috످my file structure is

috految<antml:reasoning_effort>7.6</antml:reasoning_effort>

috److It looks like your message got cut off. Could you paste your file structure and tell me what you need help with?

To generate a list of your files, run one of these commands from your project folder. On Windows, run `tree /f /a`. On macOS/Linux, run `find . -maxdepth 4 | grep -vE '/(node_modules|\.git|\.?venv)/'`.

If you're troubleshooting, include any error messages and relevant code (with passwords and API keys removed).

috످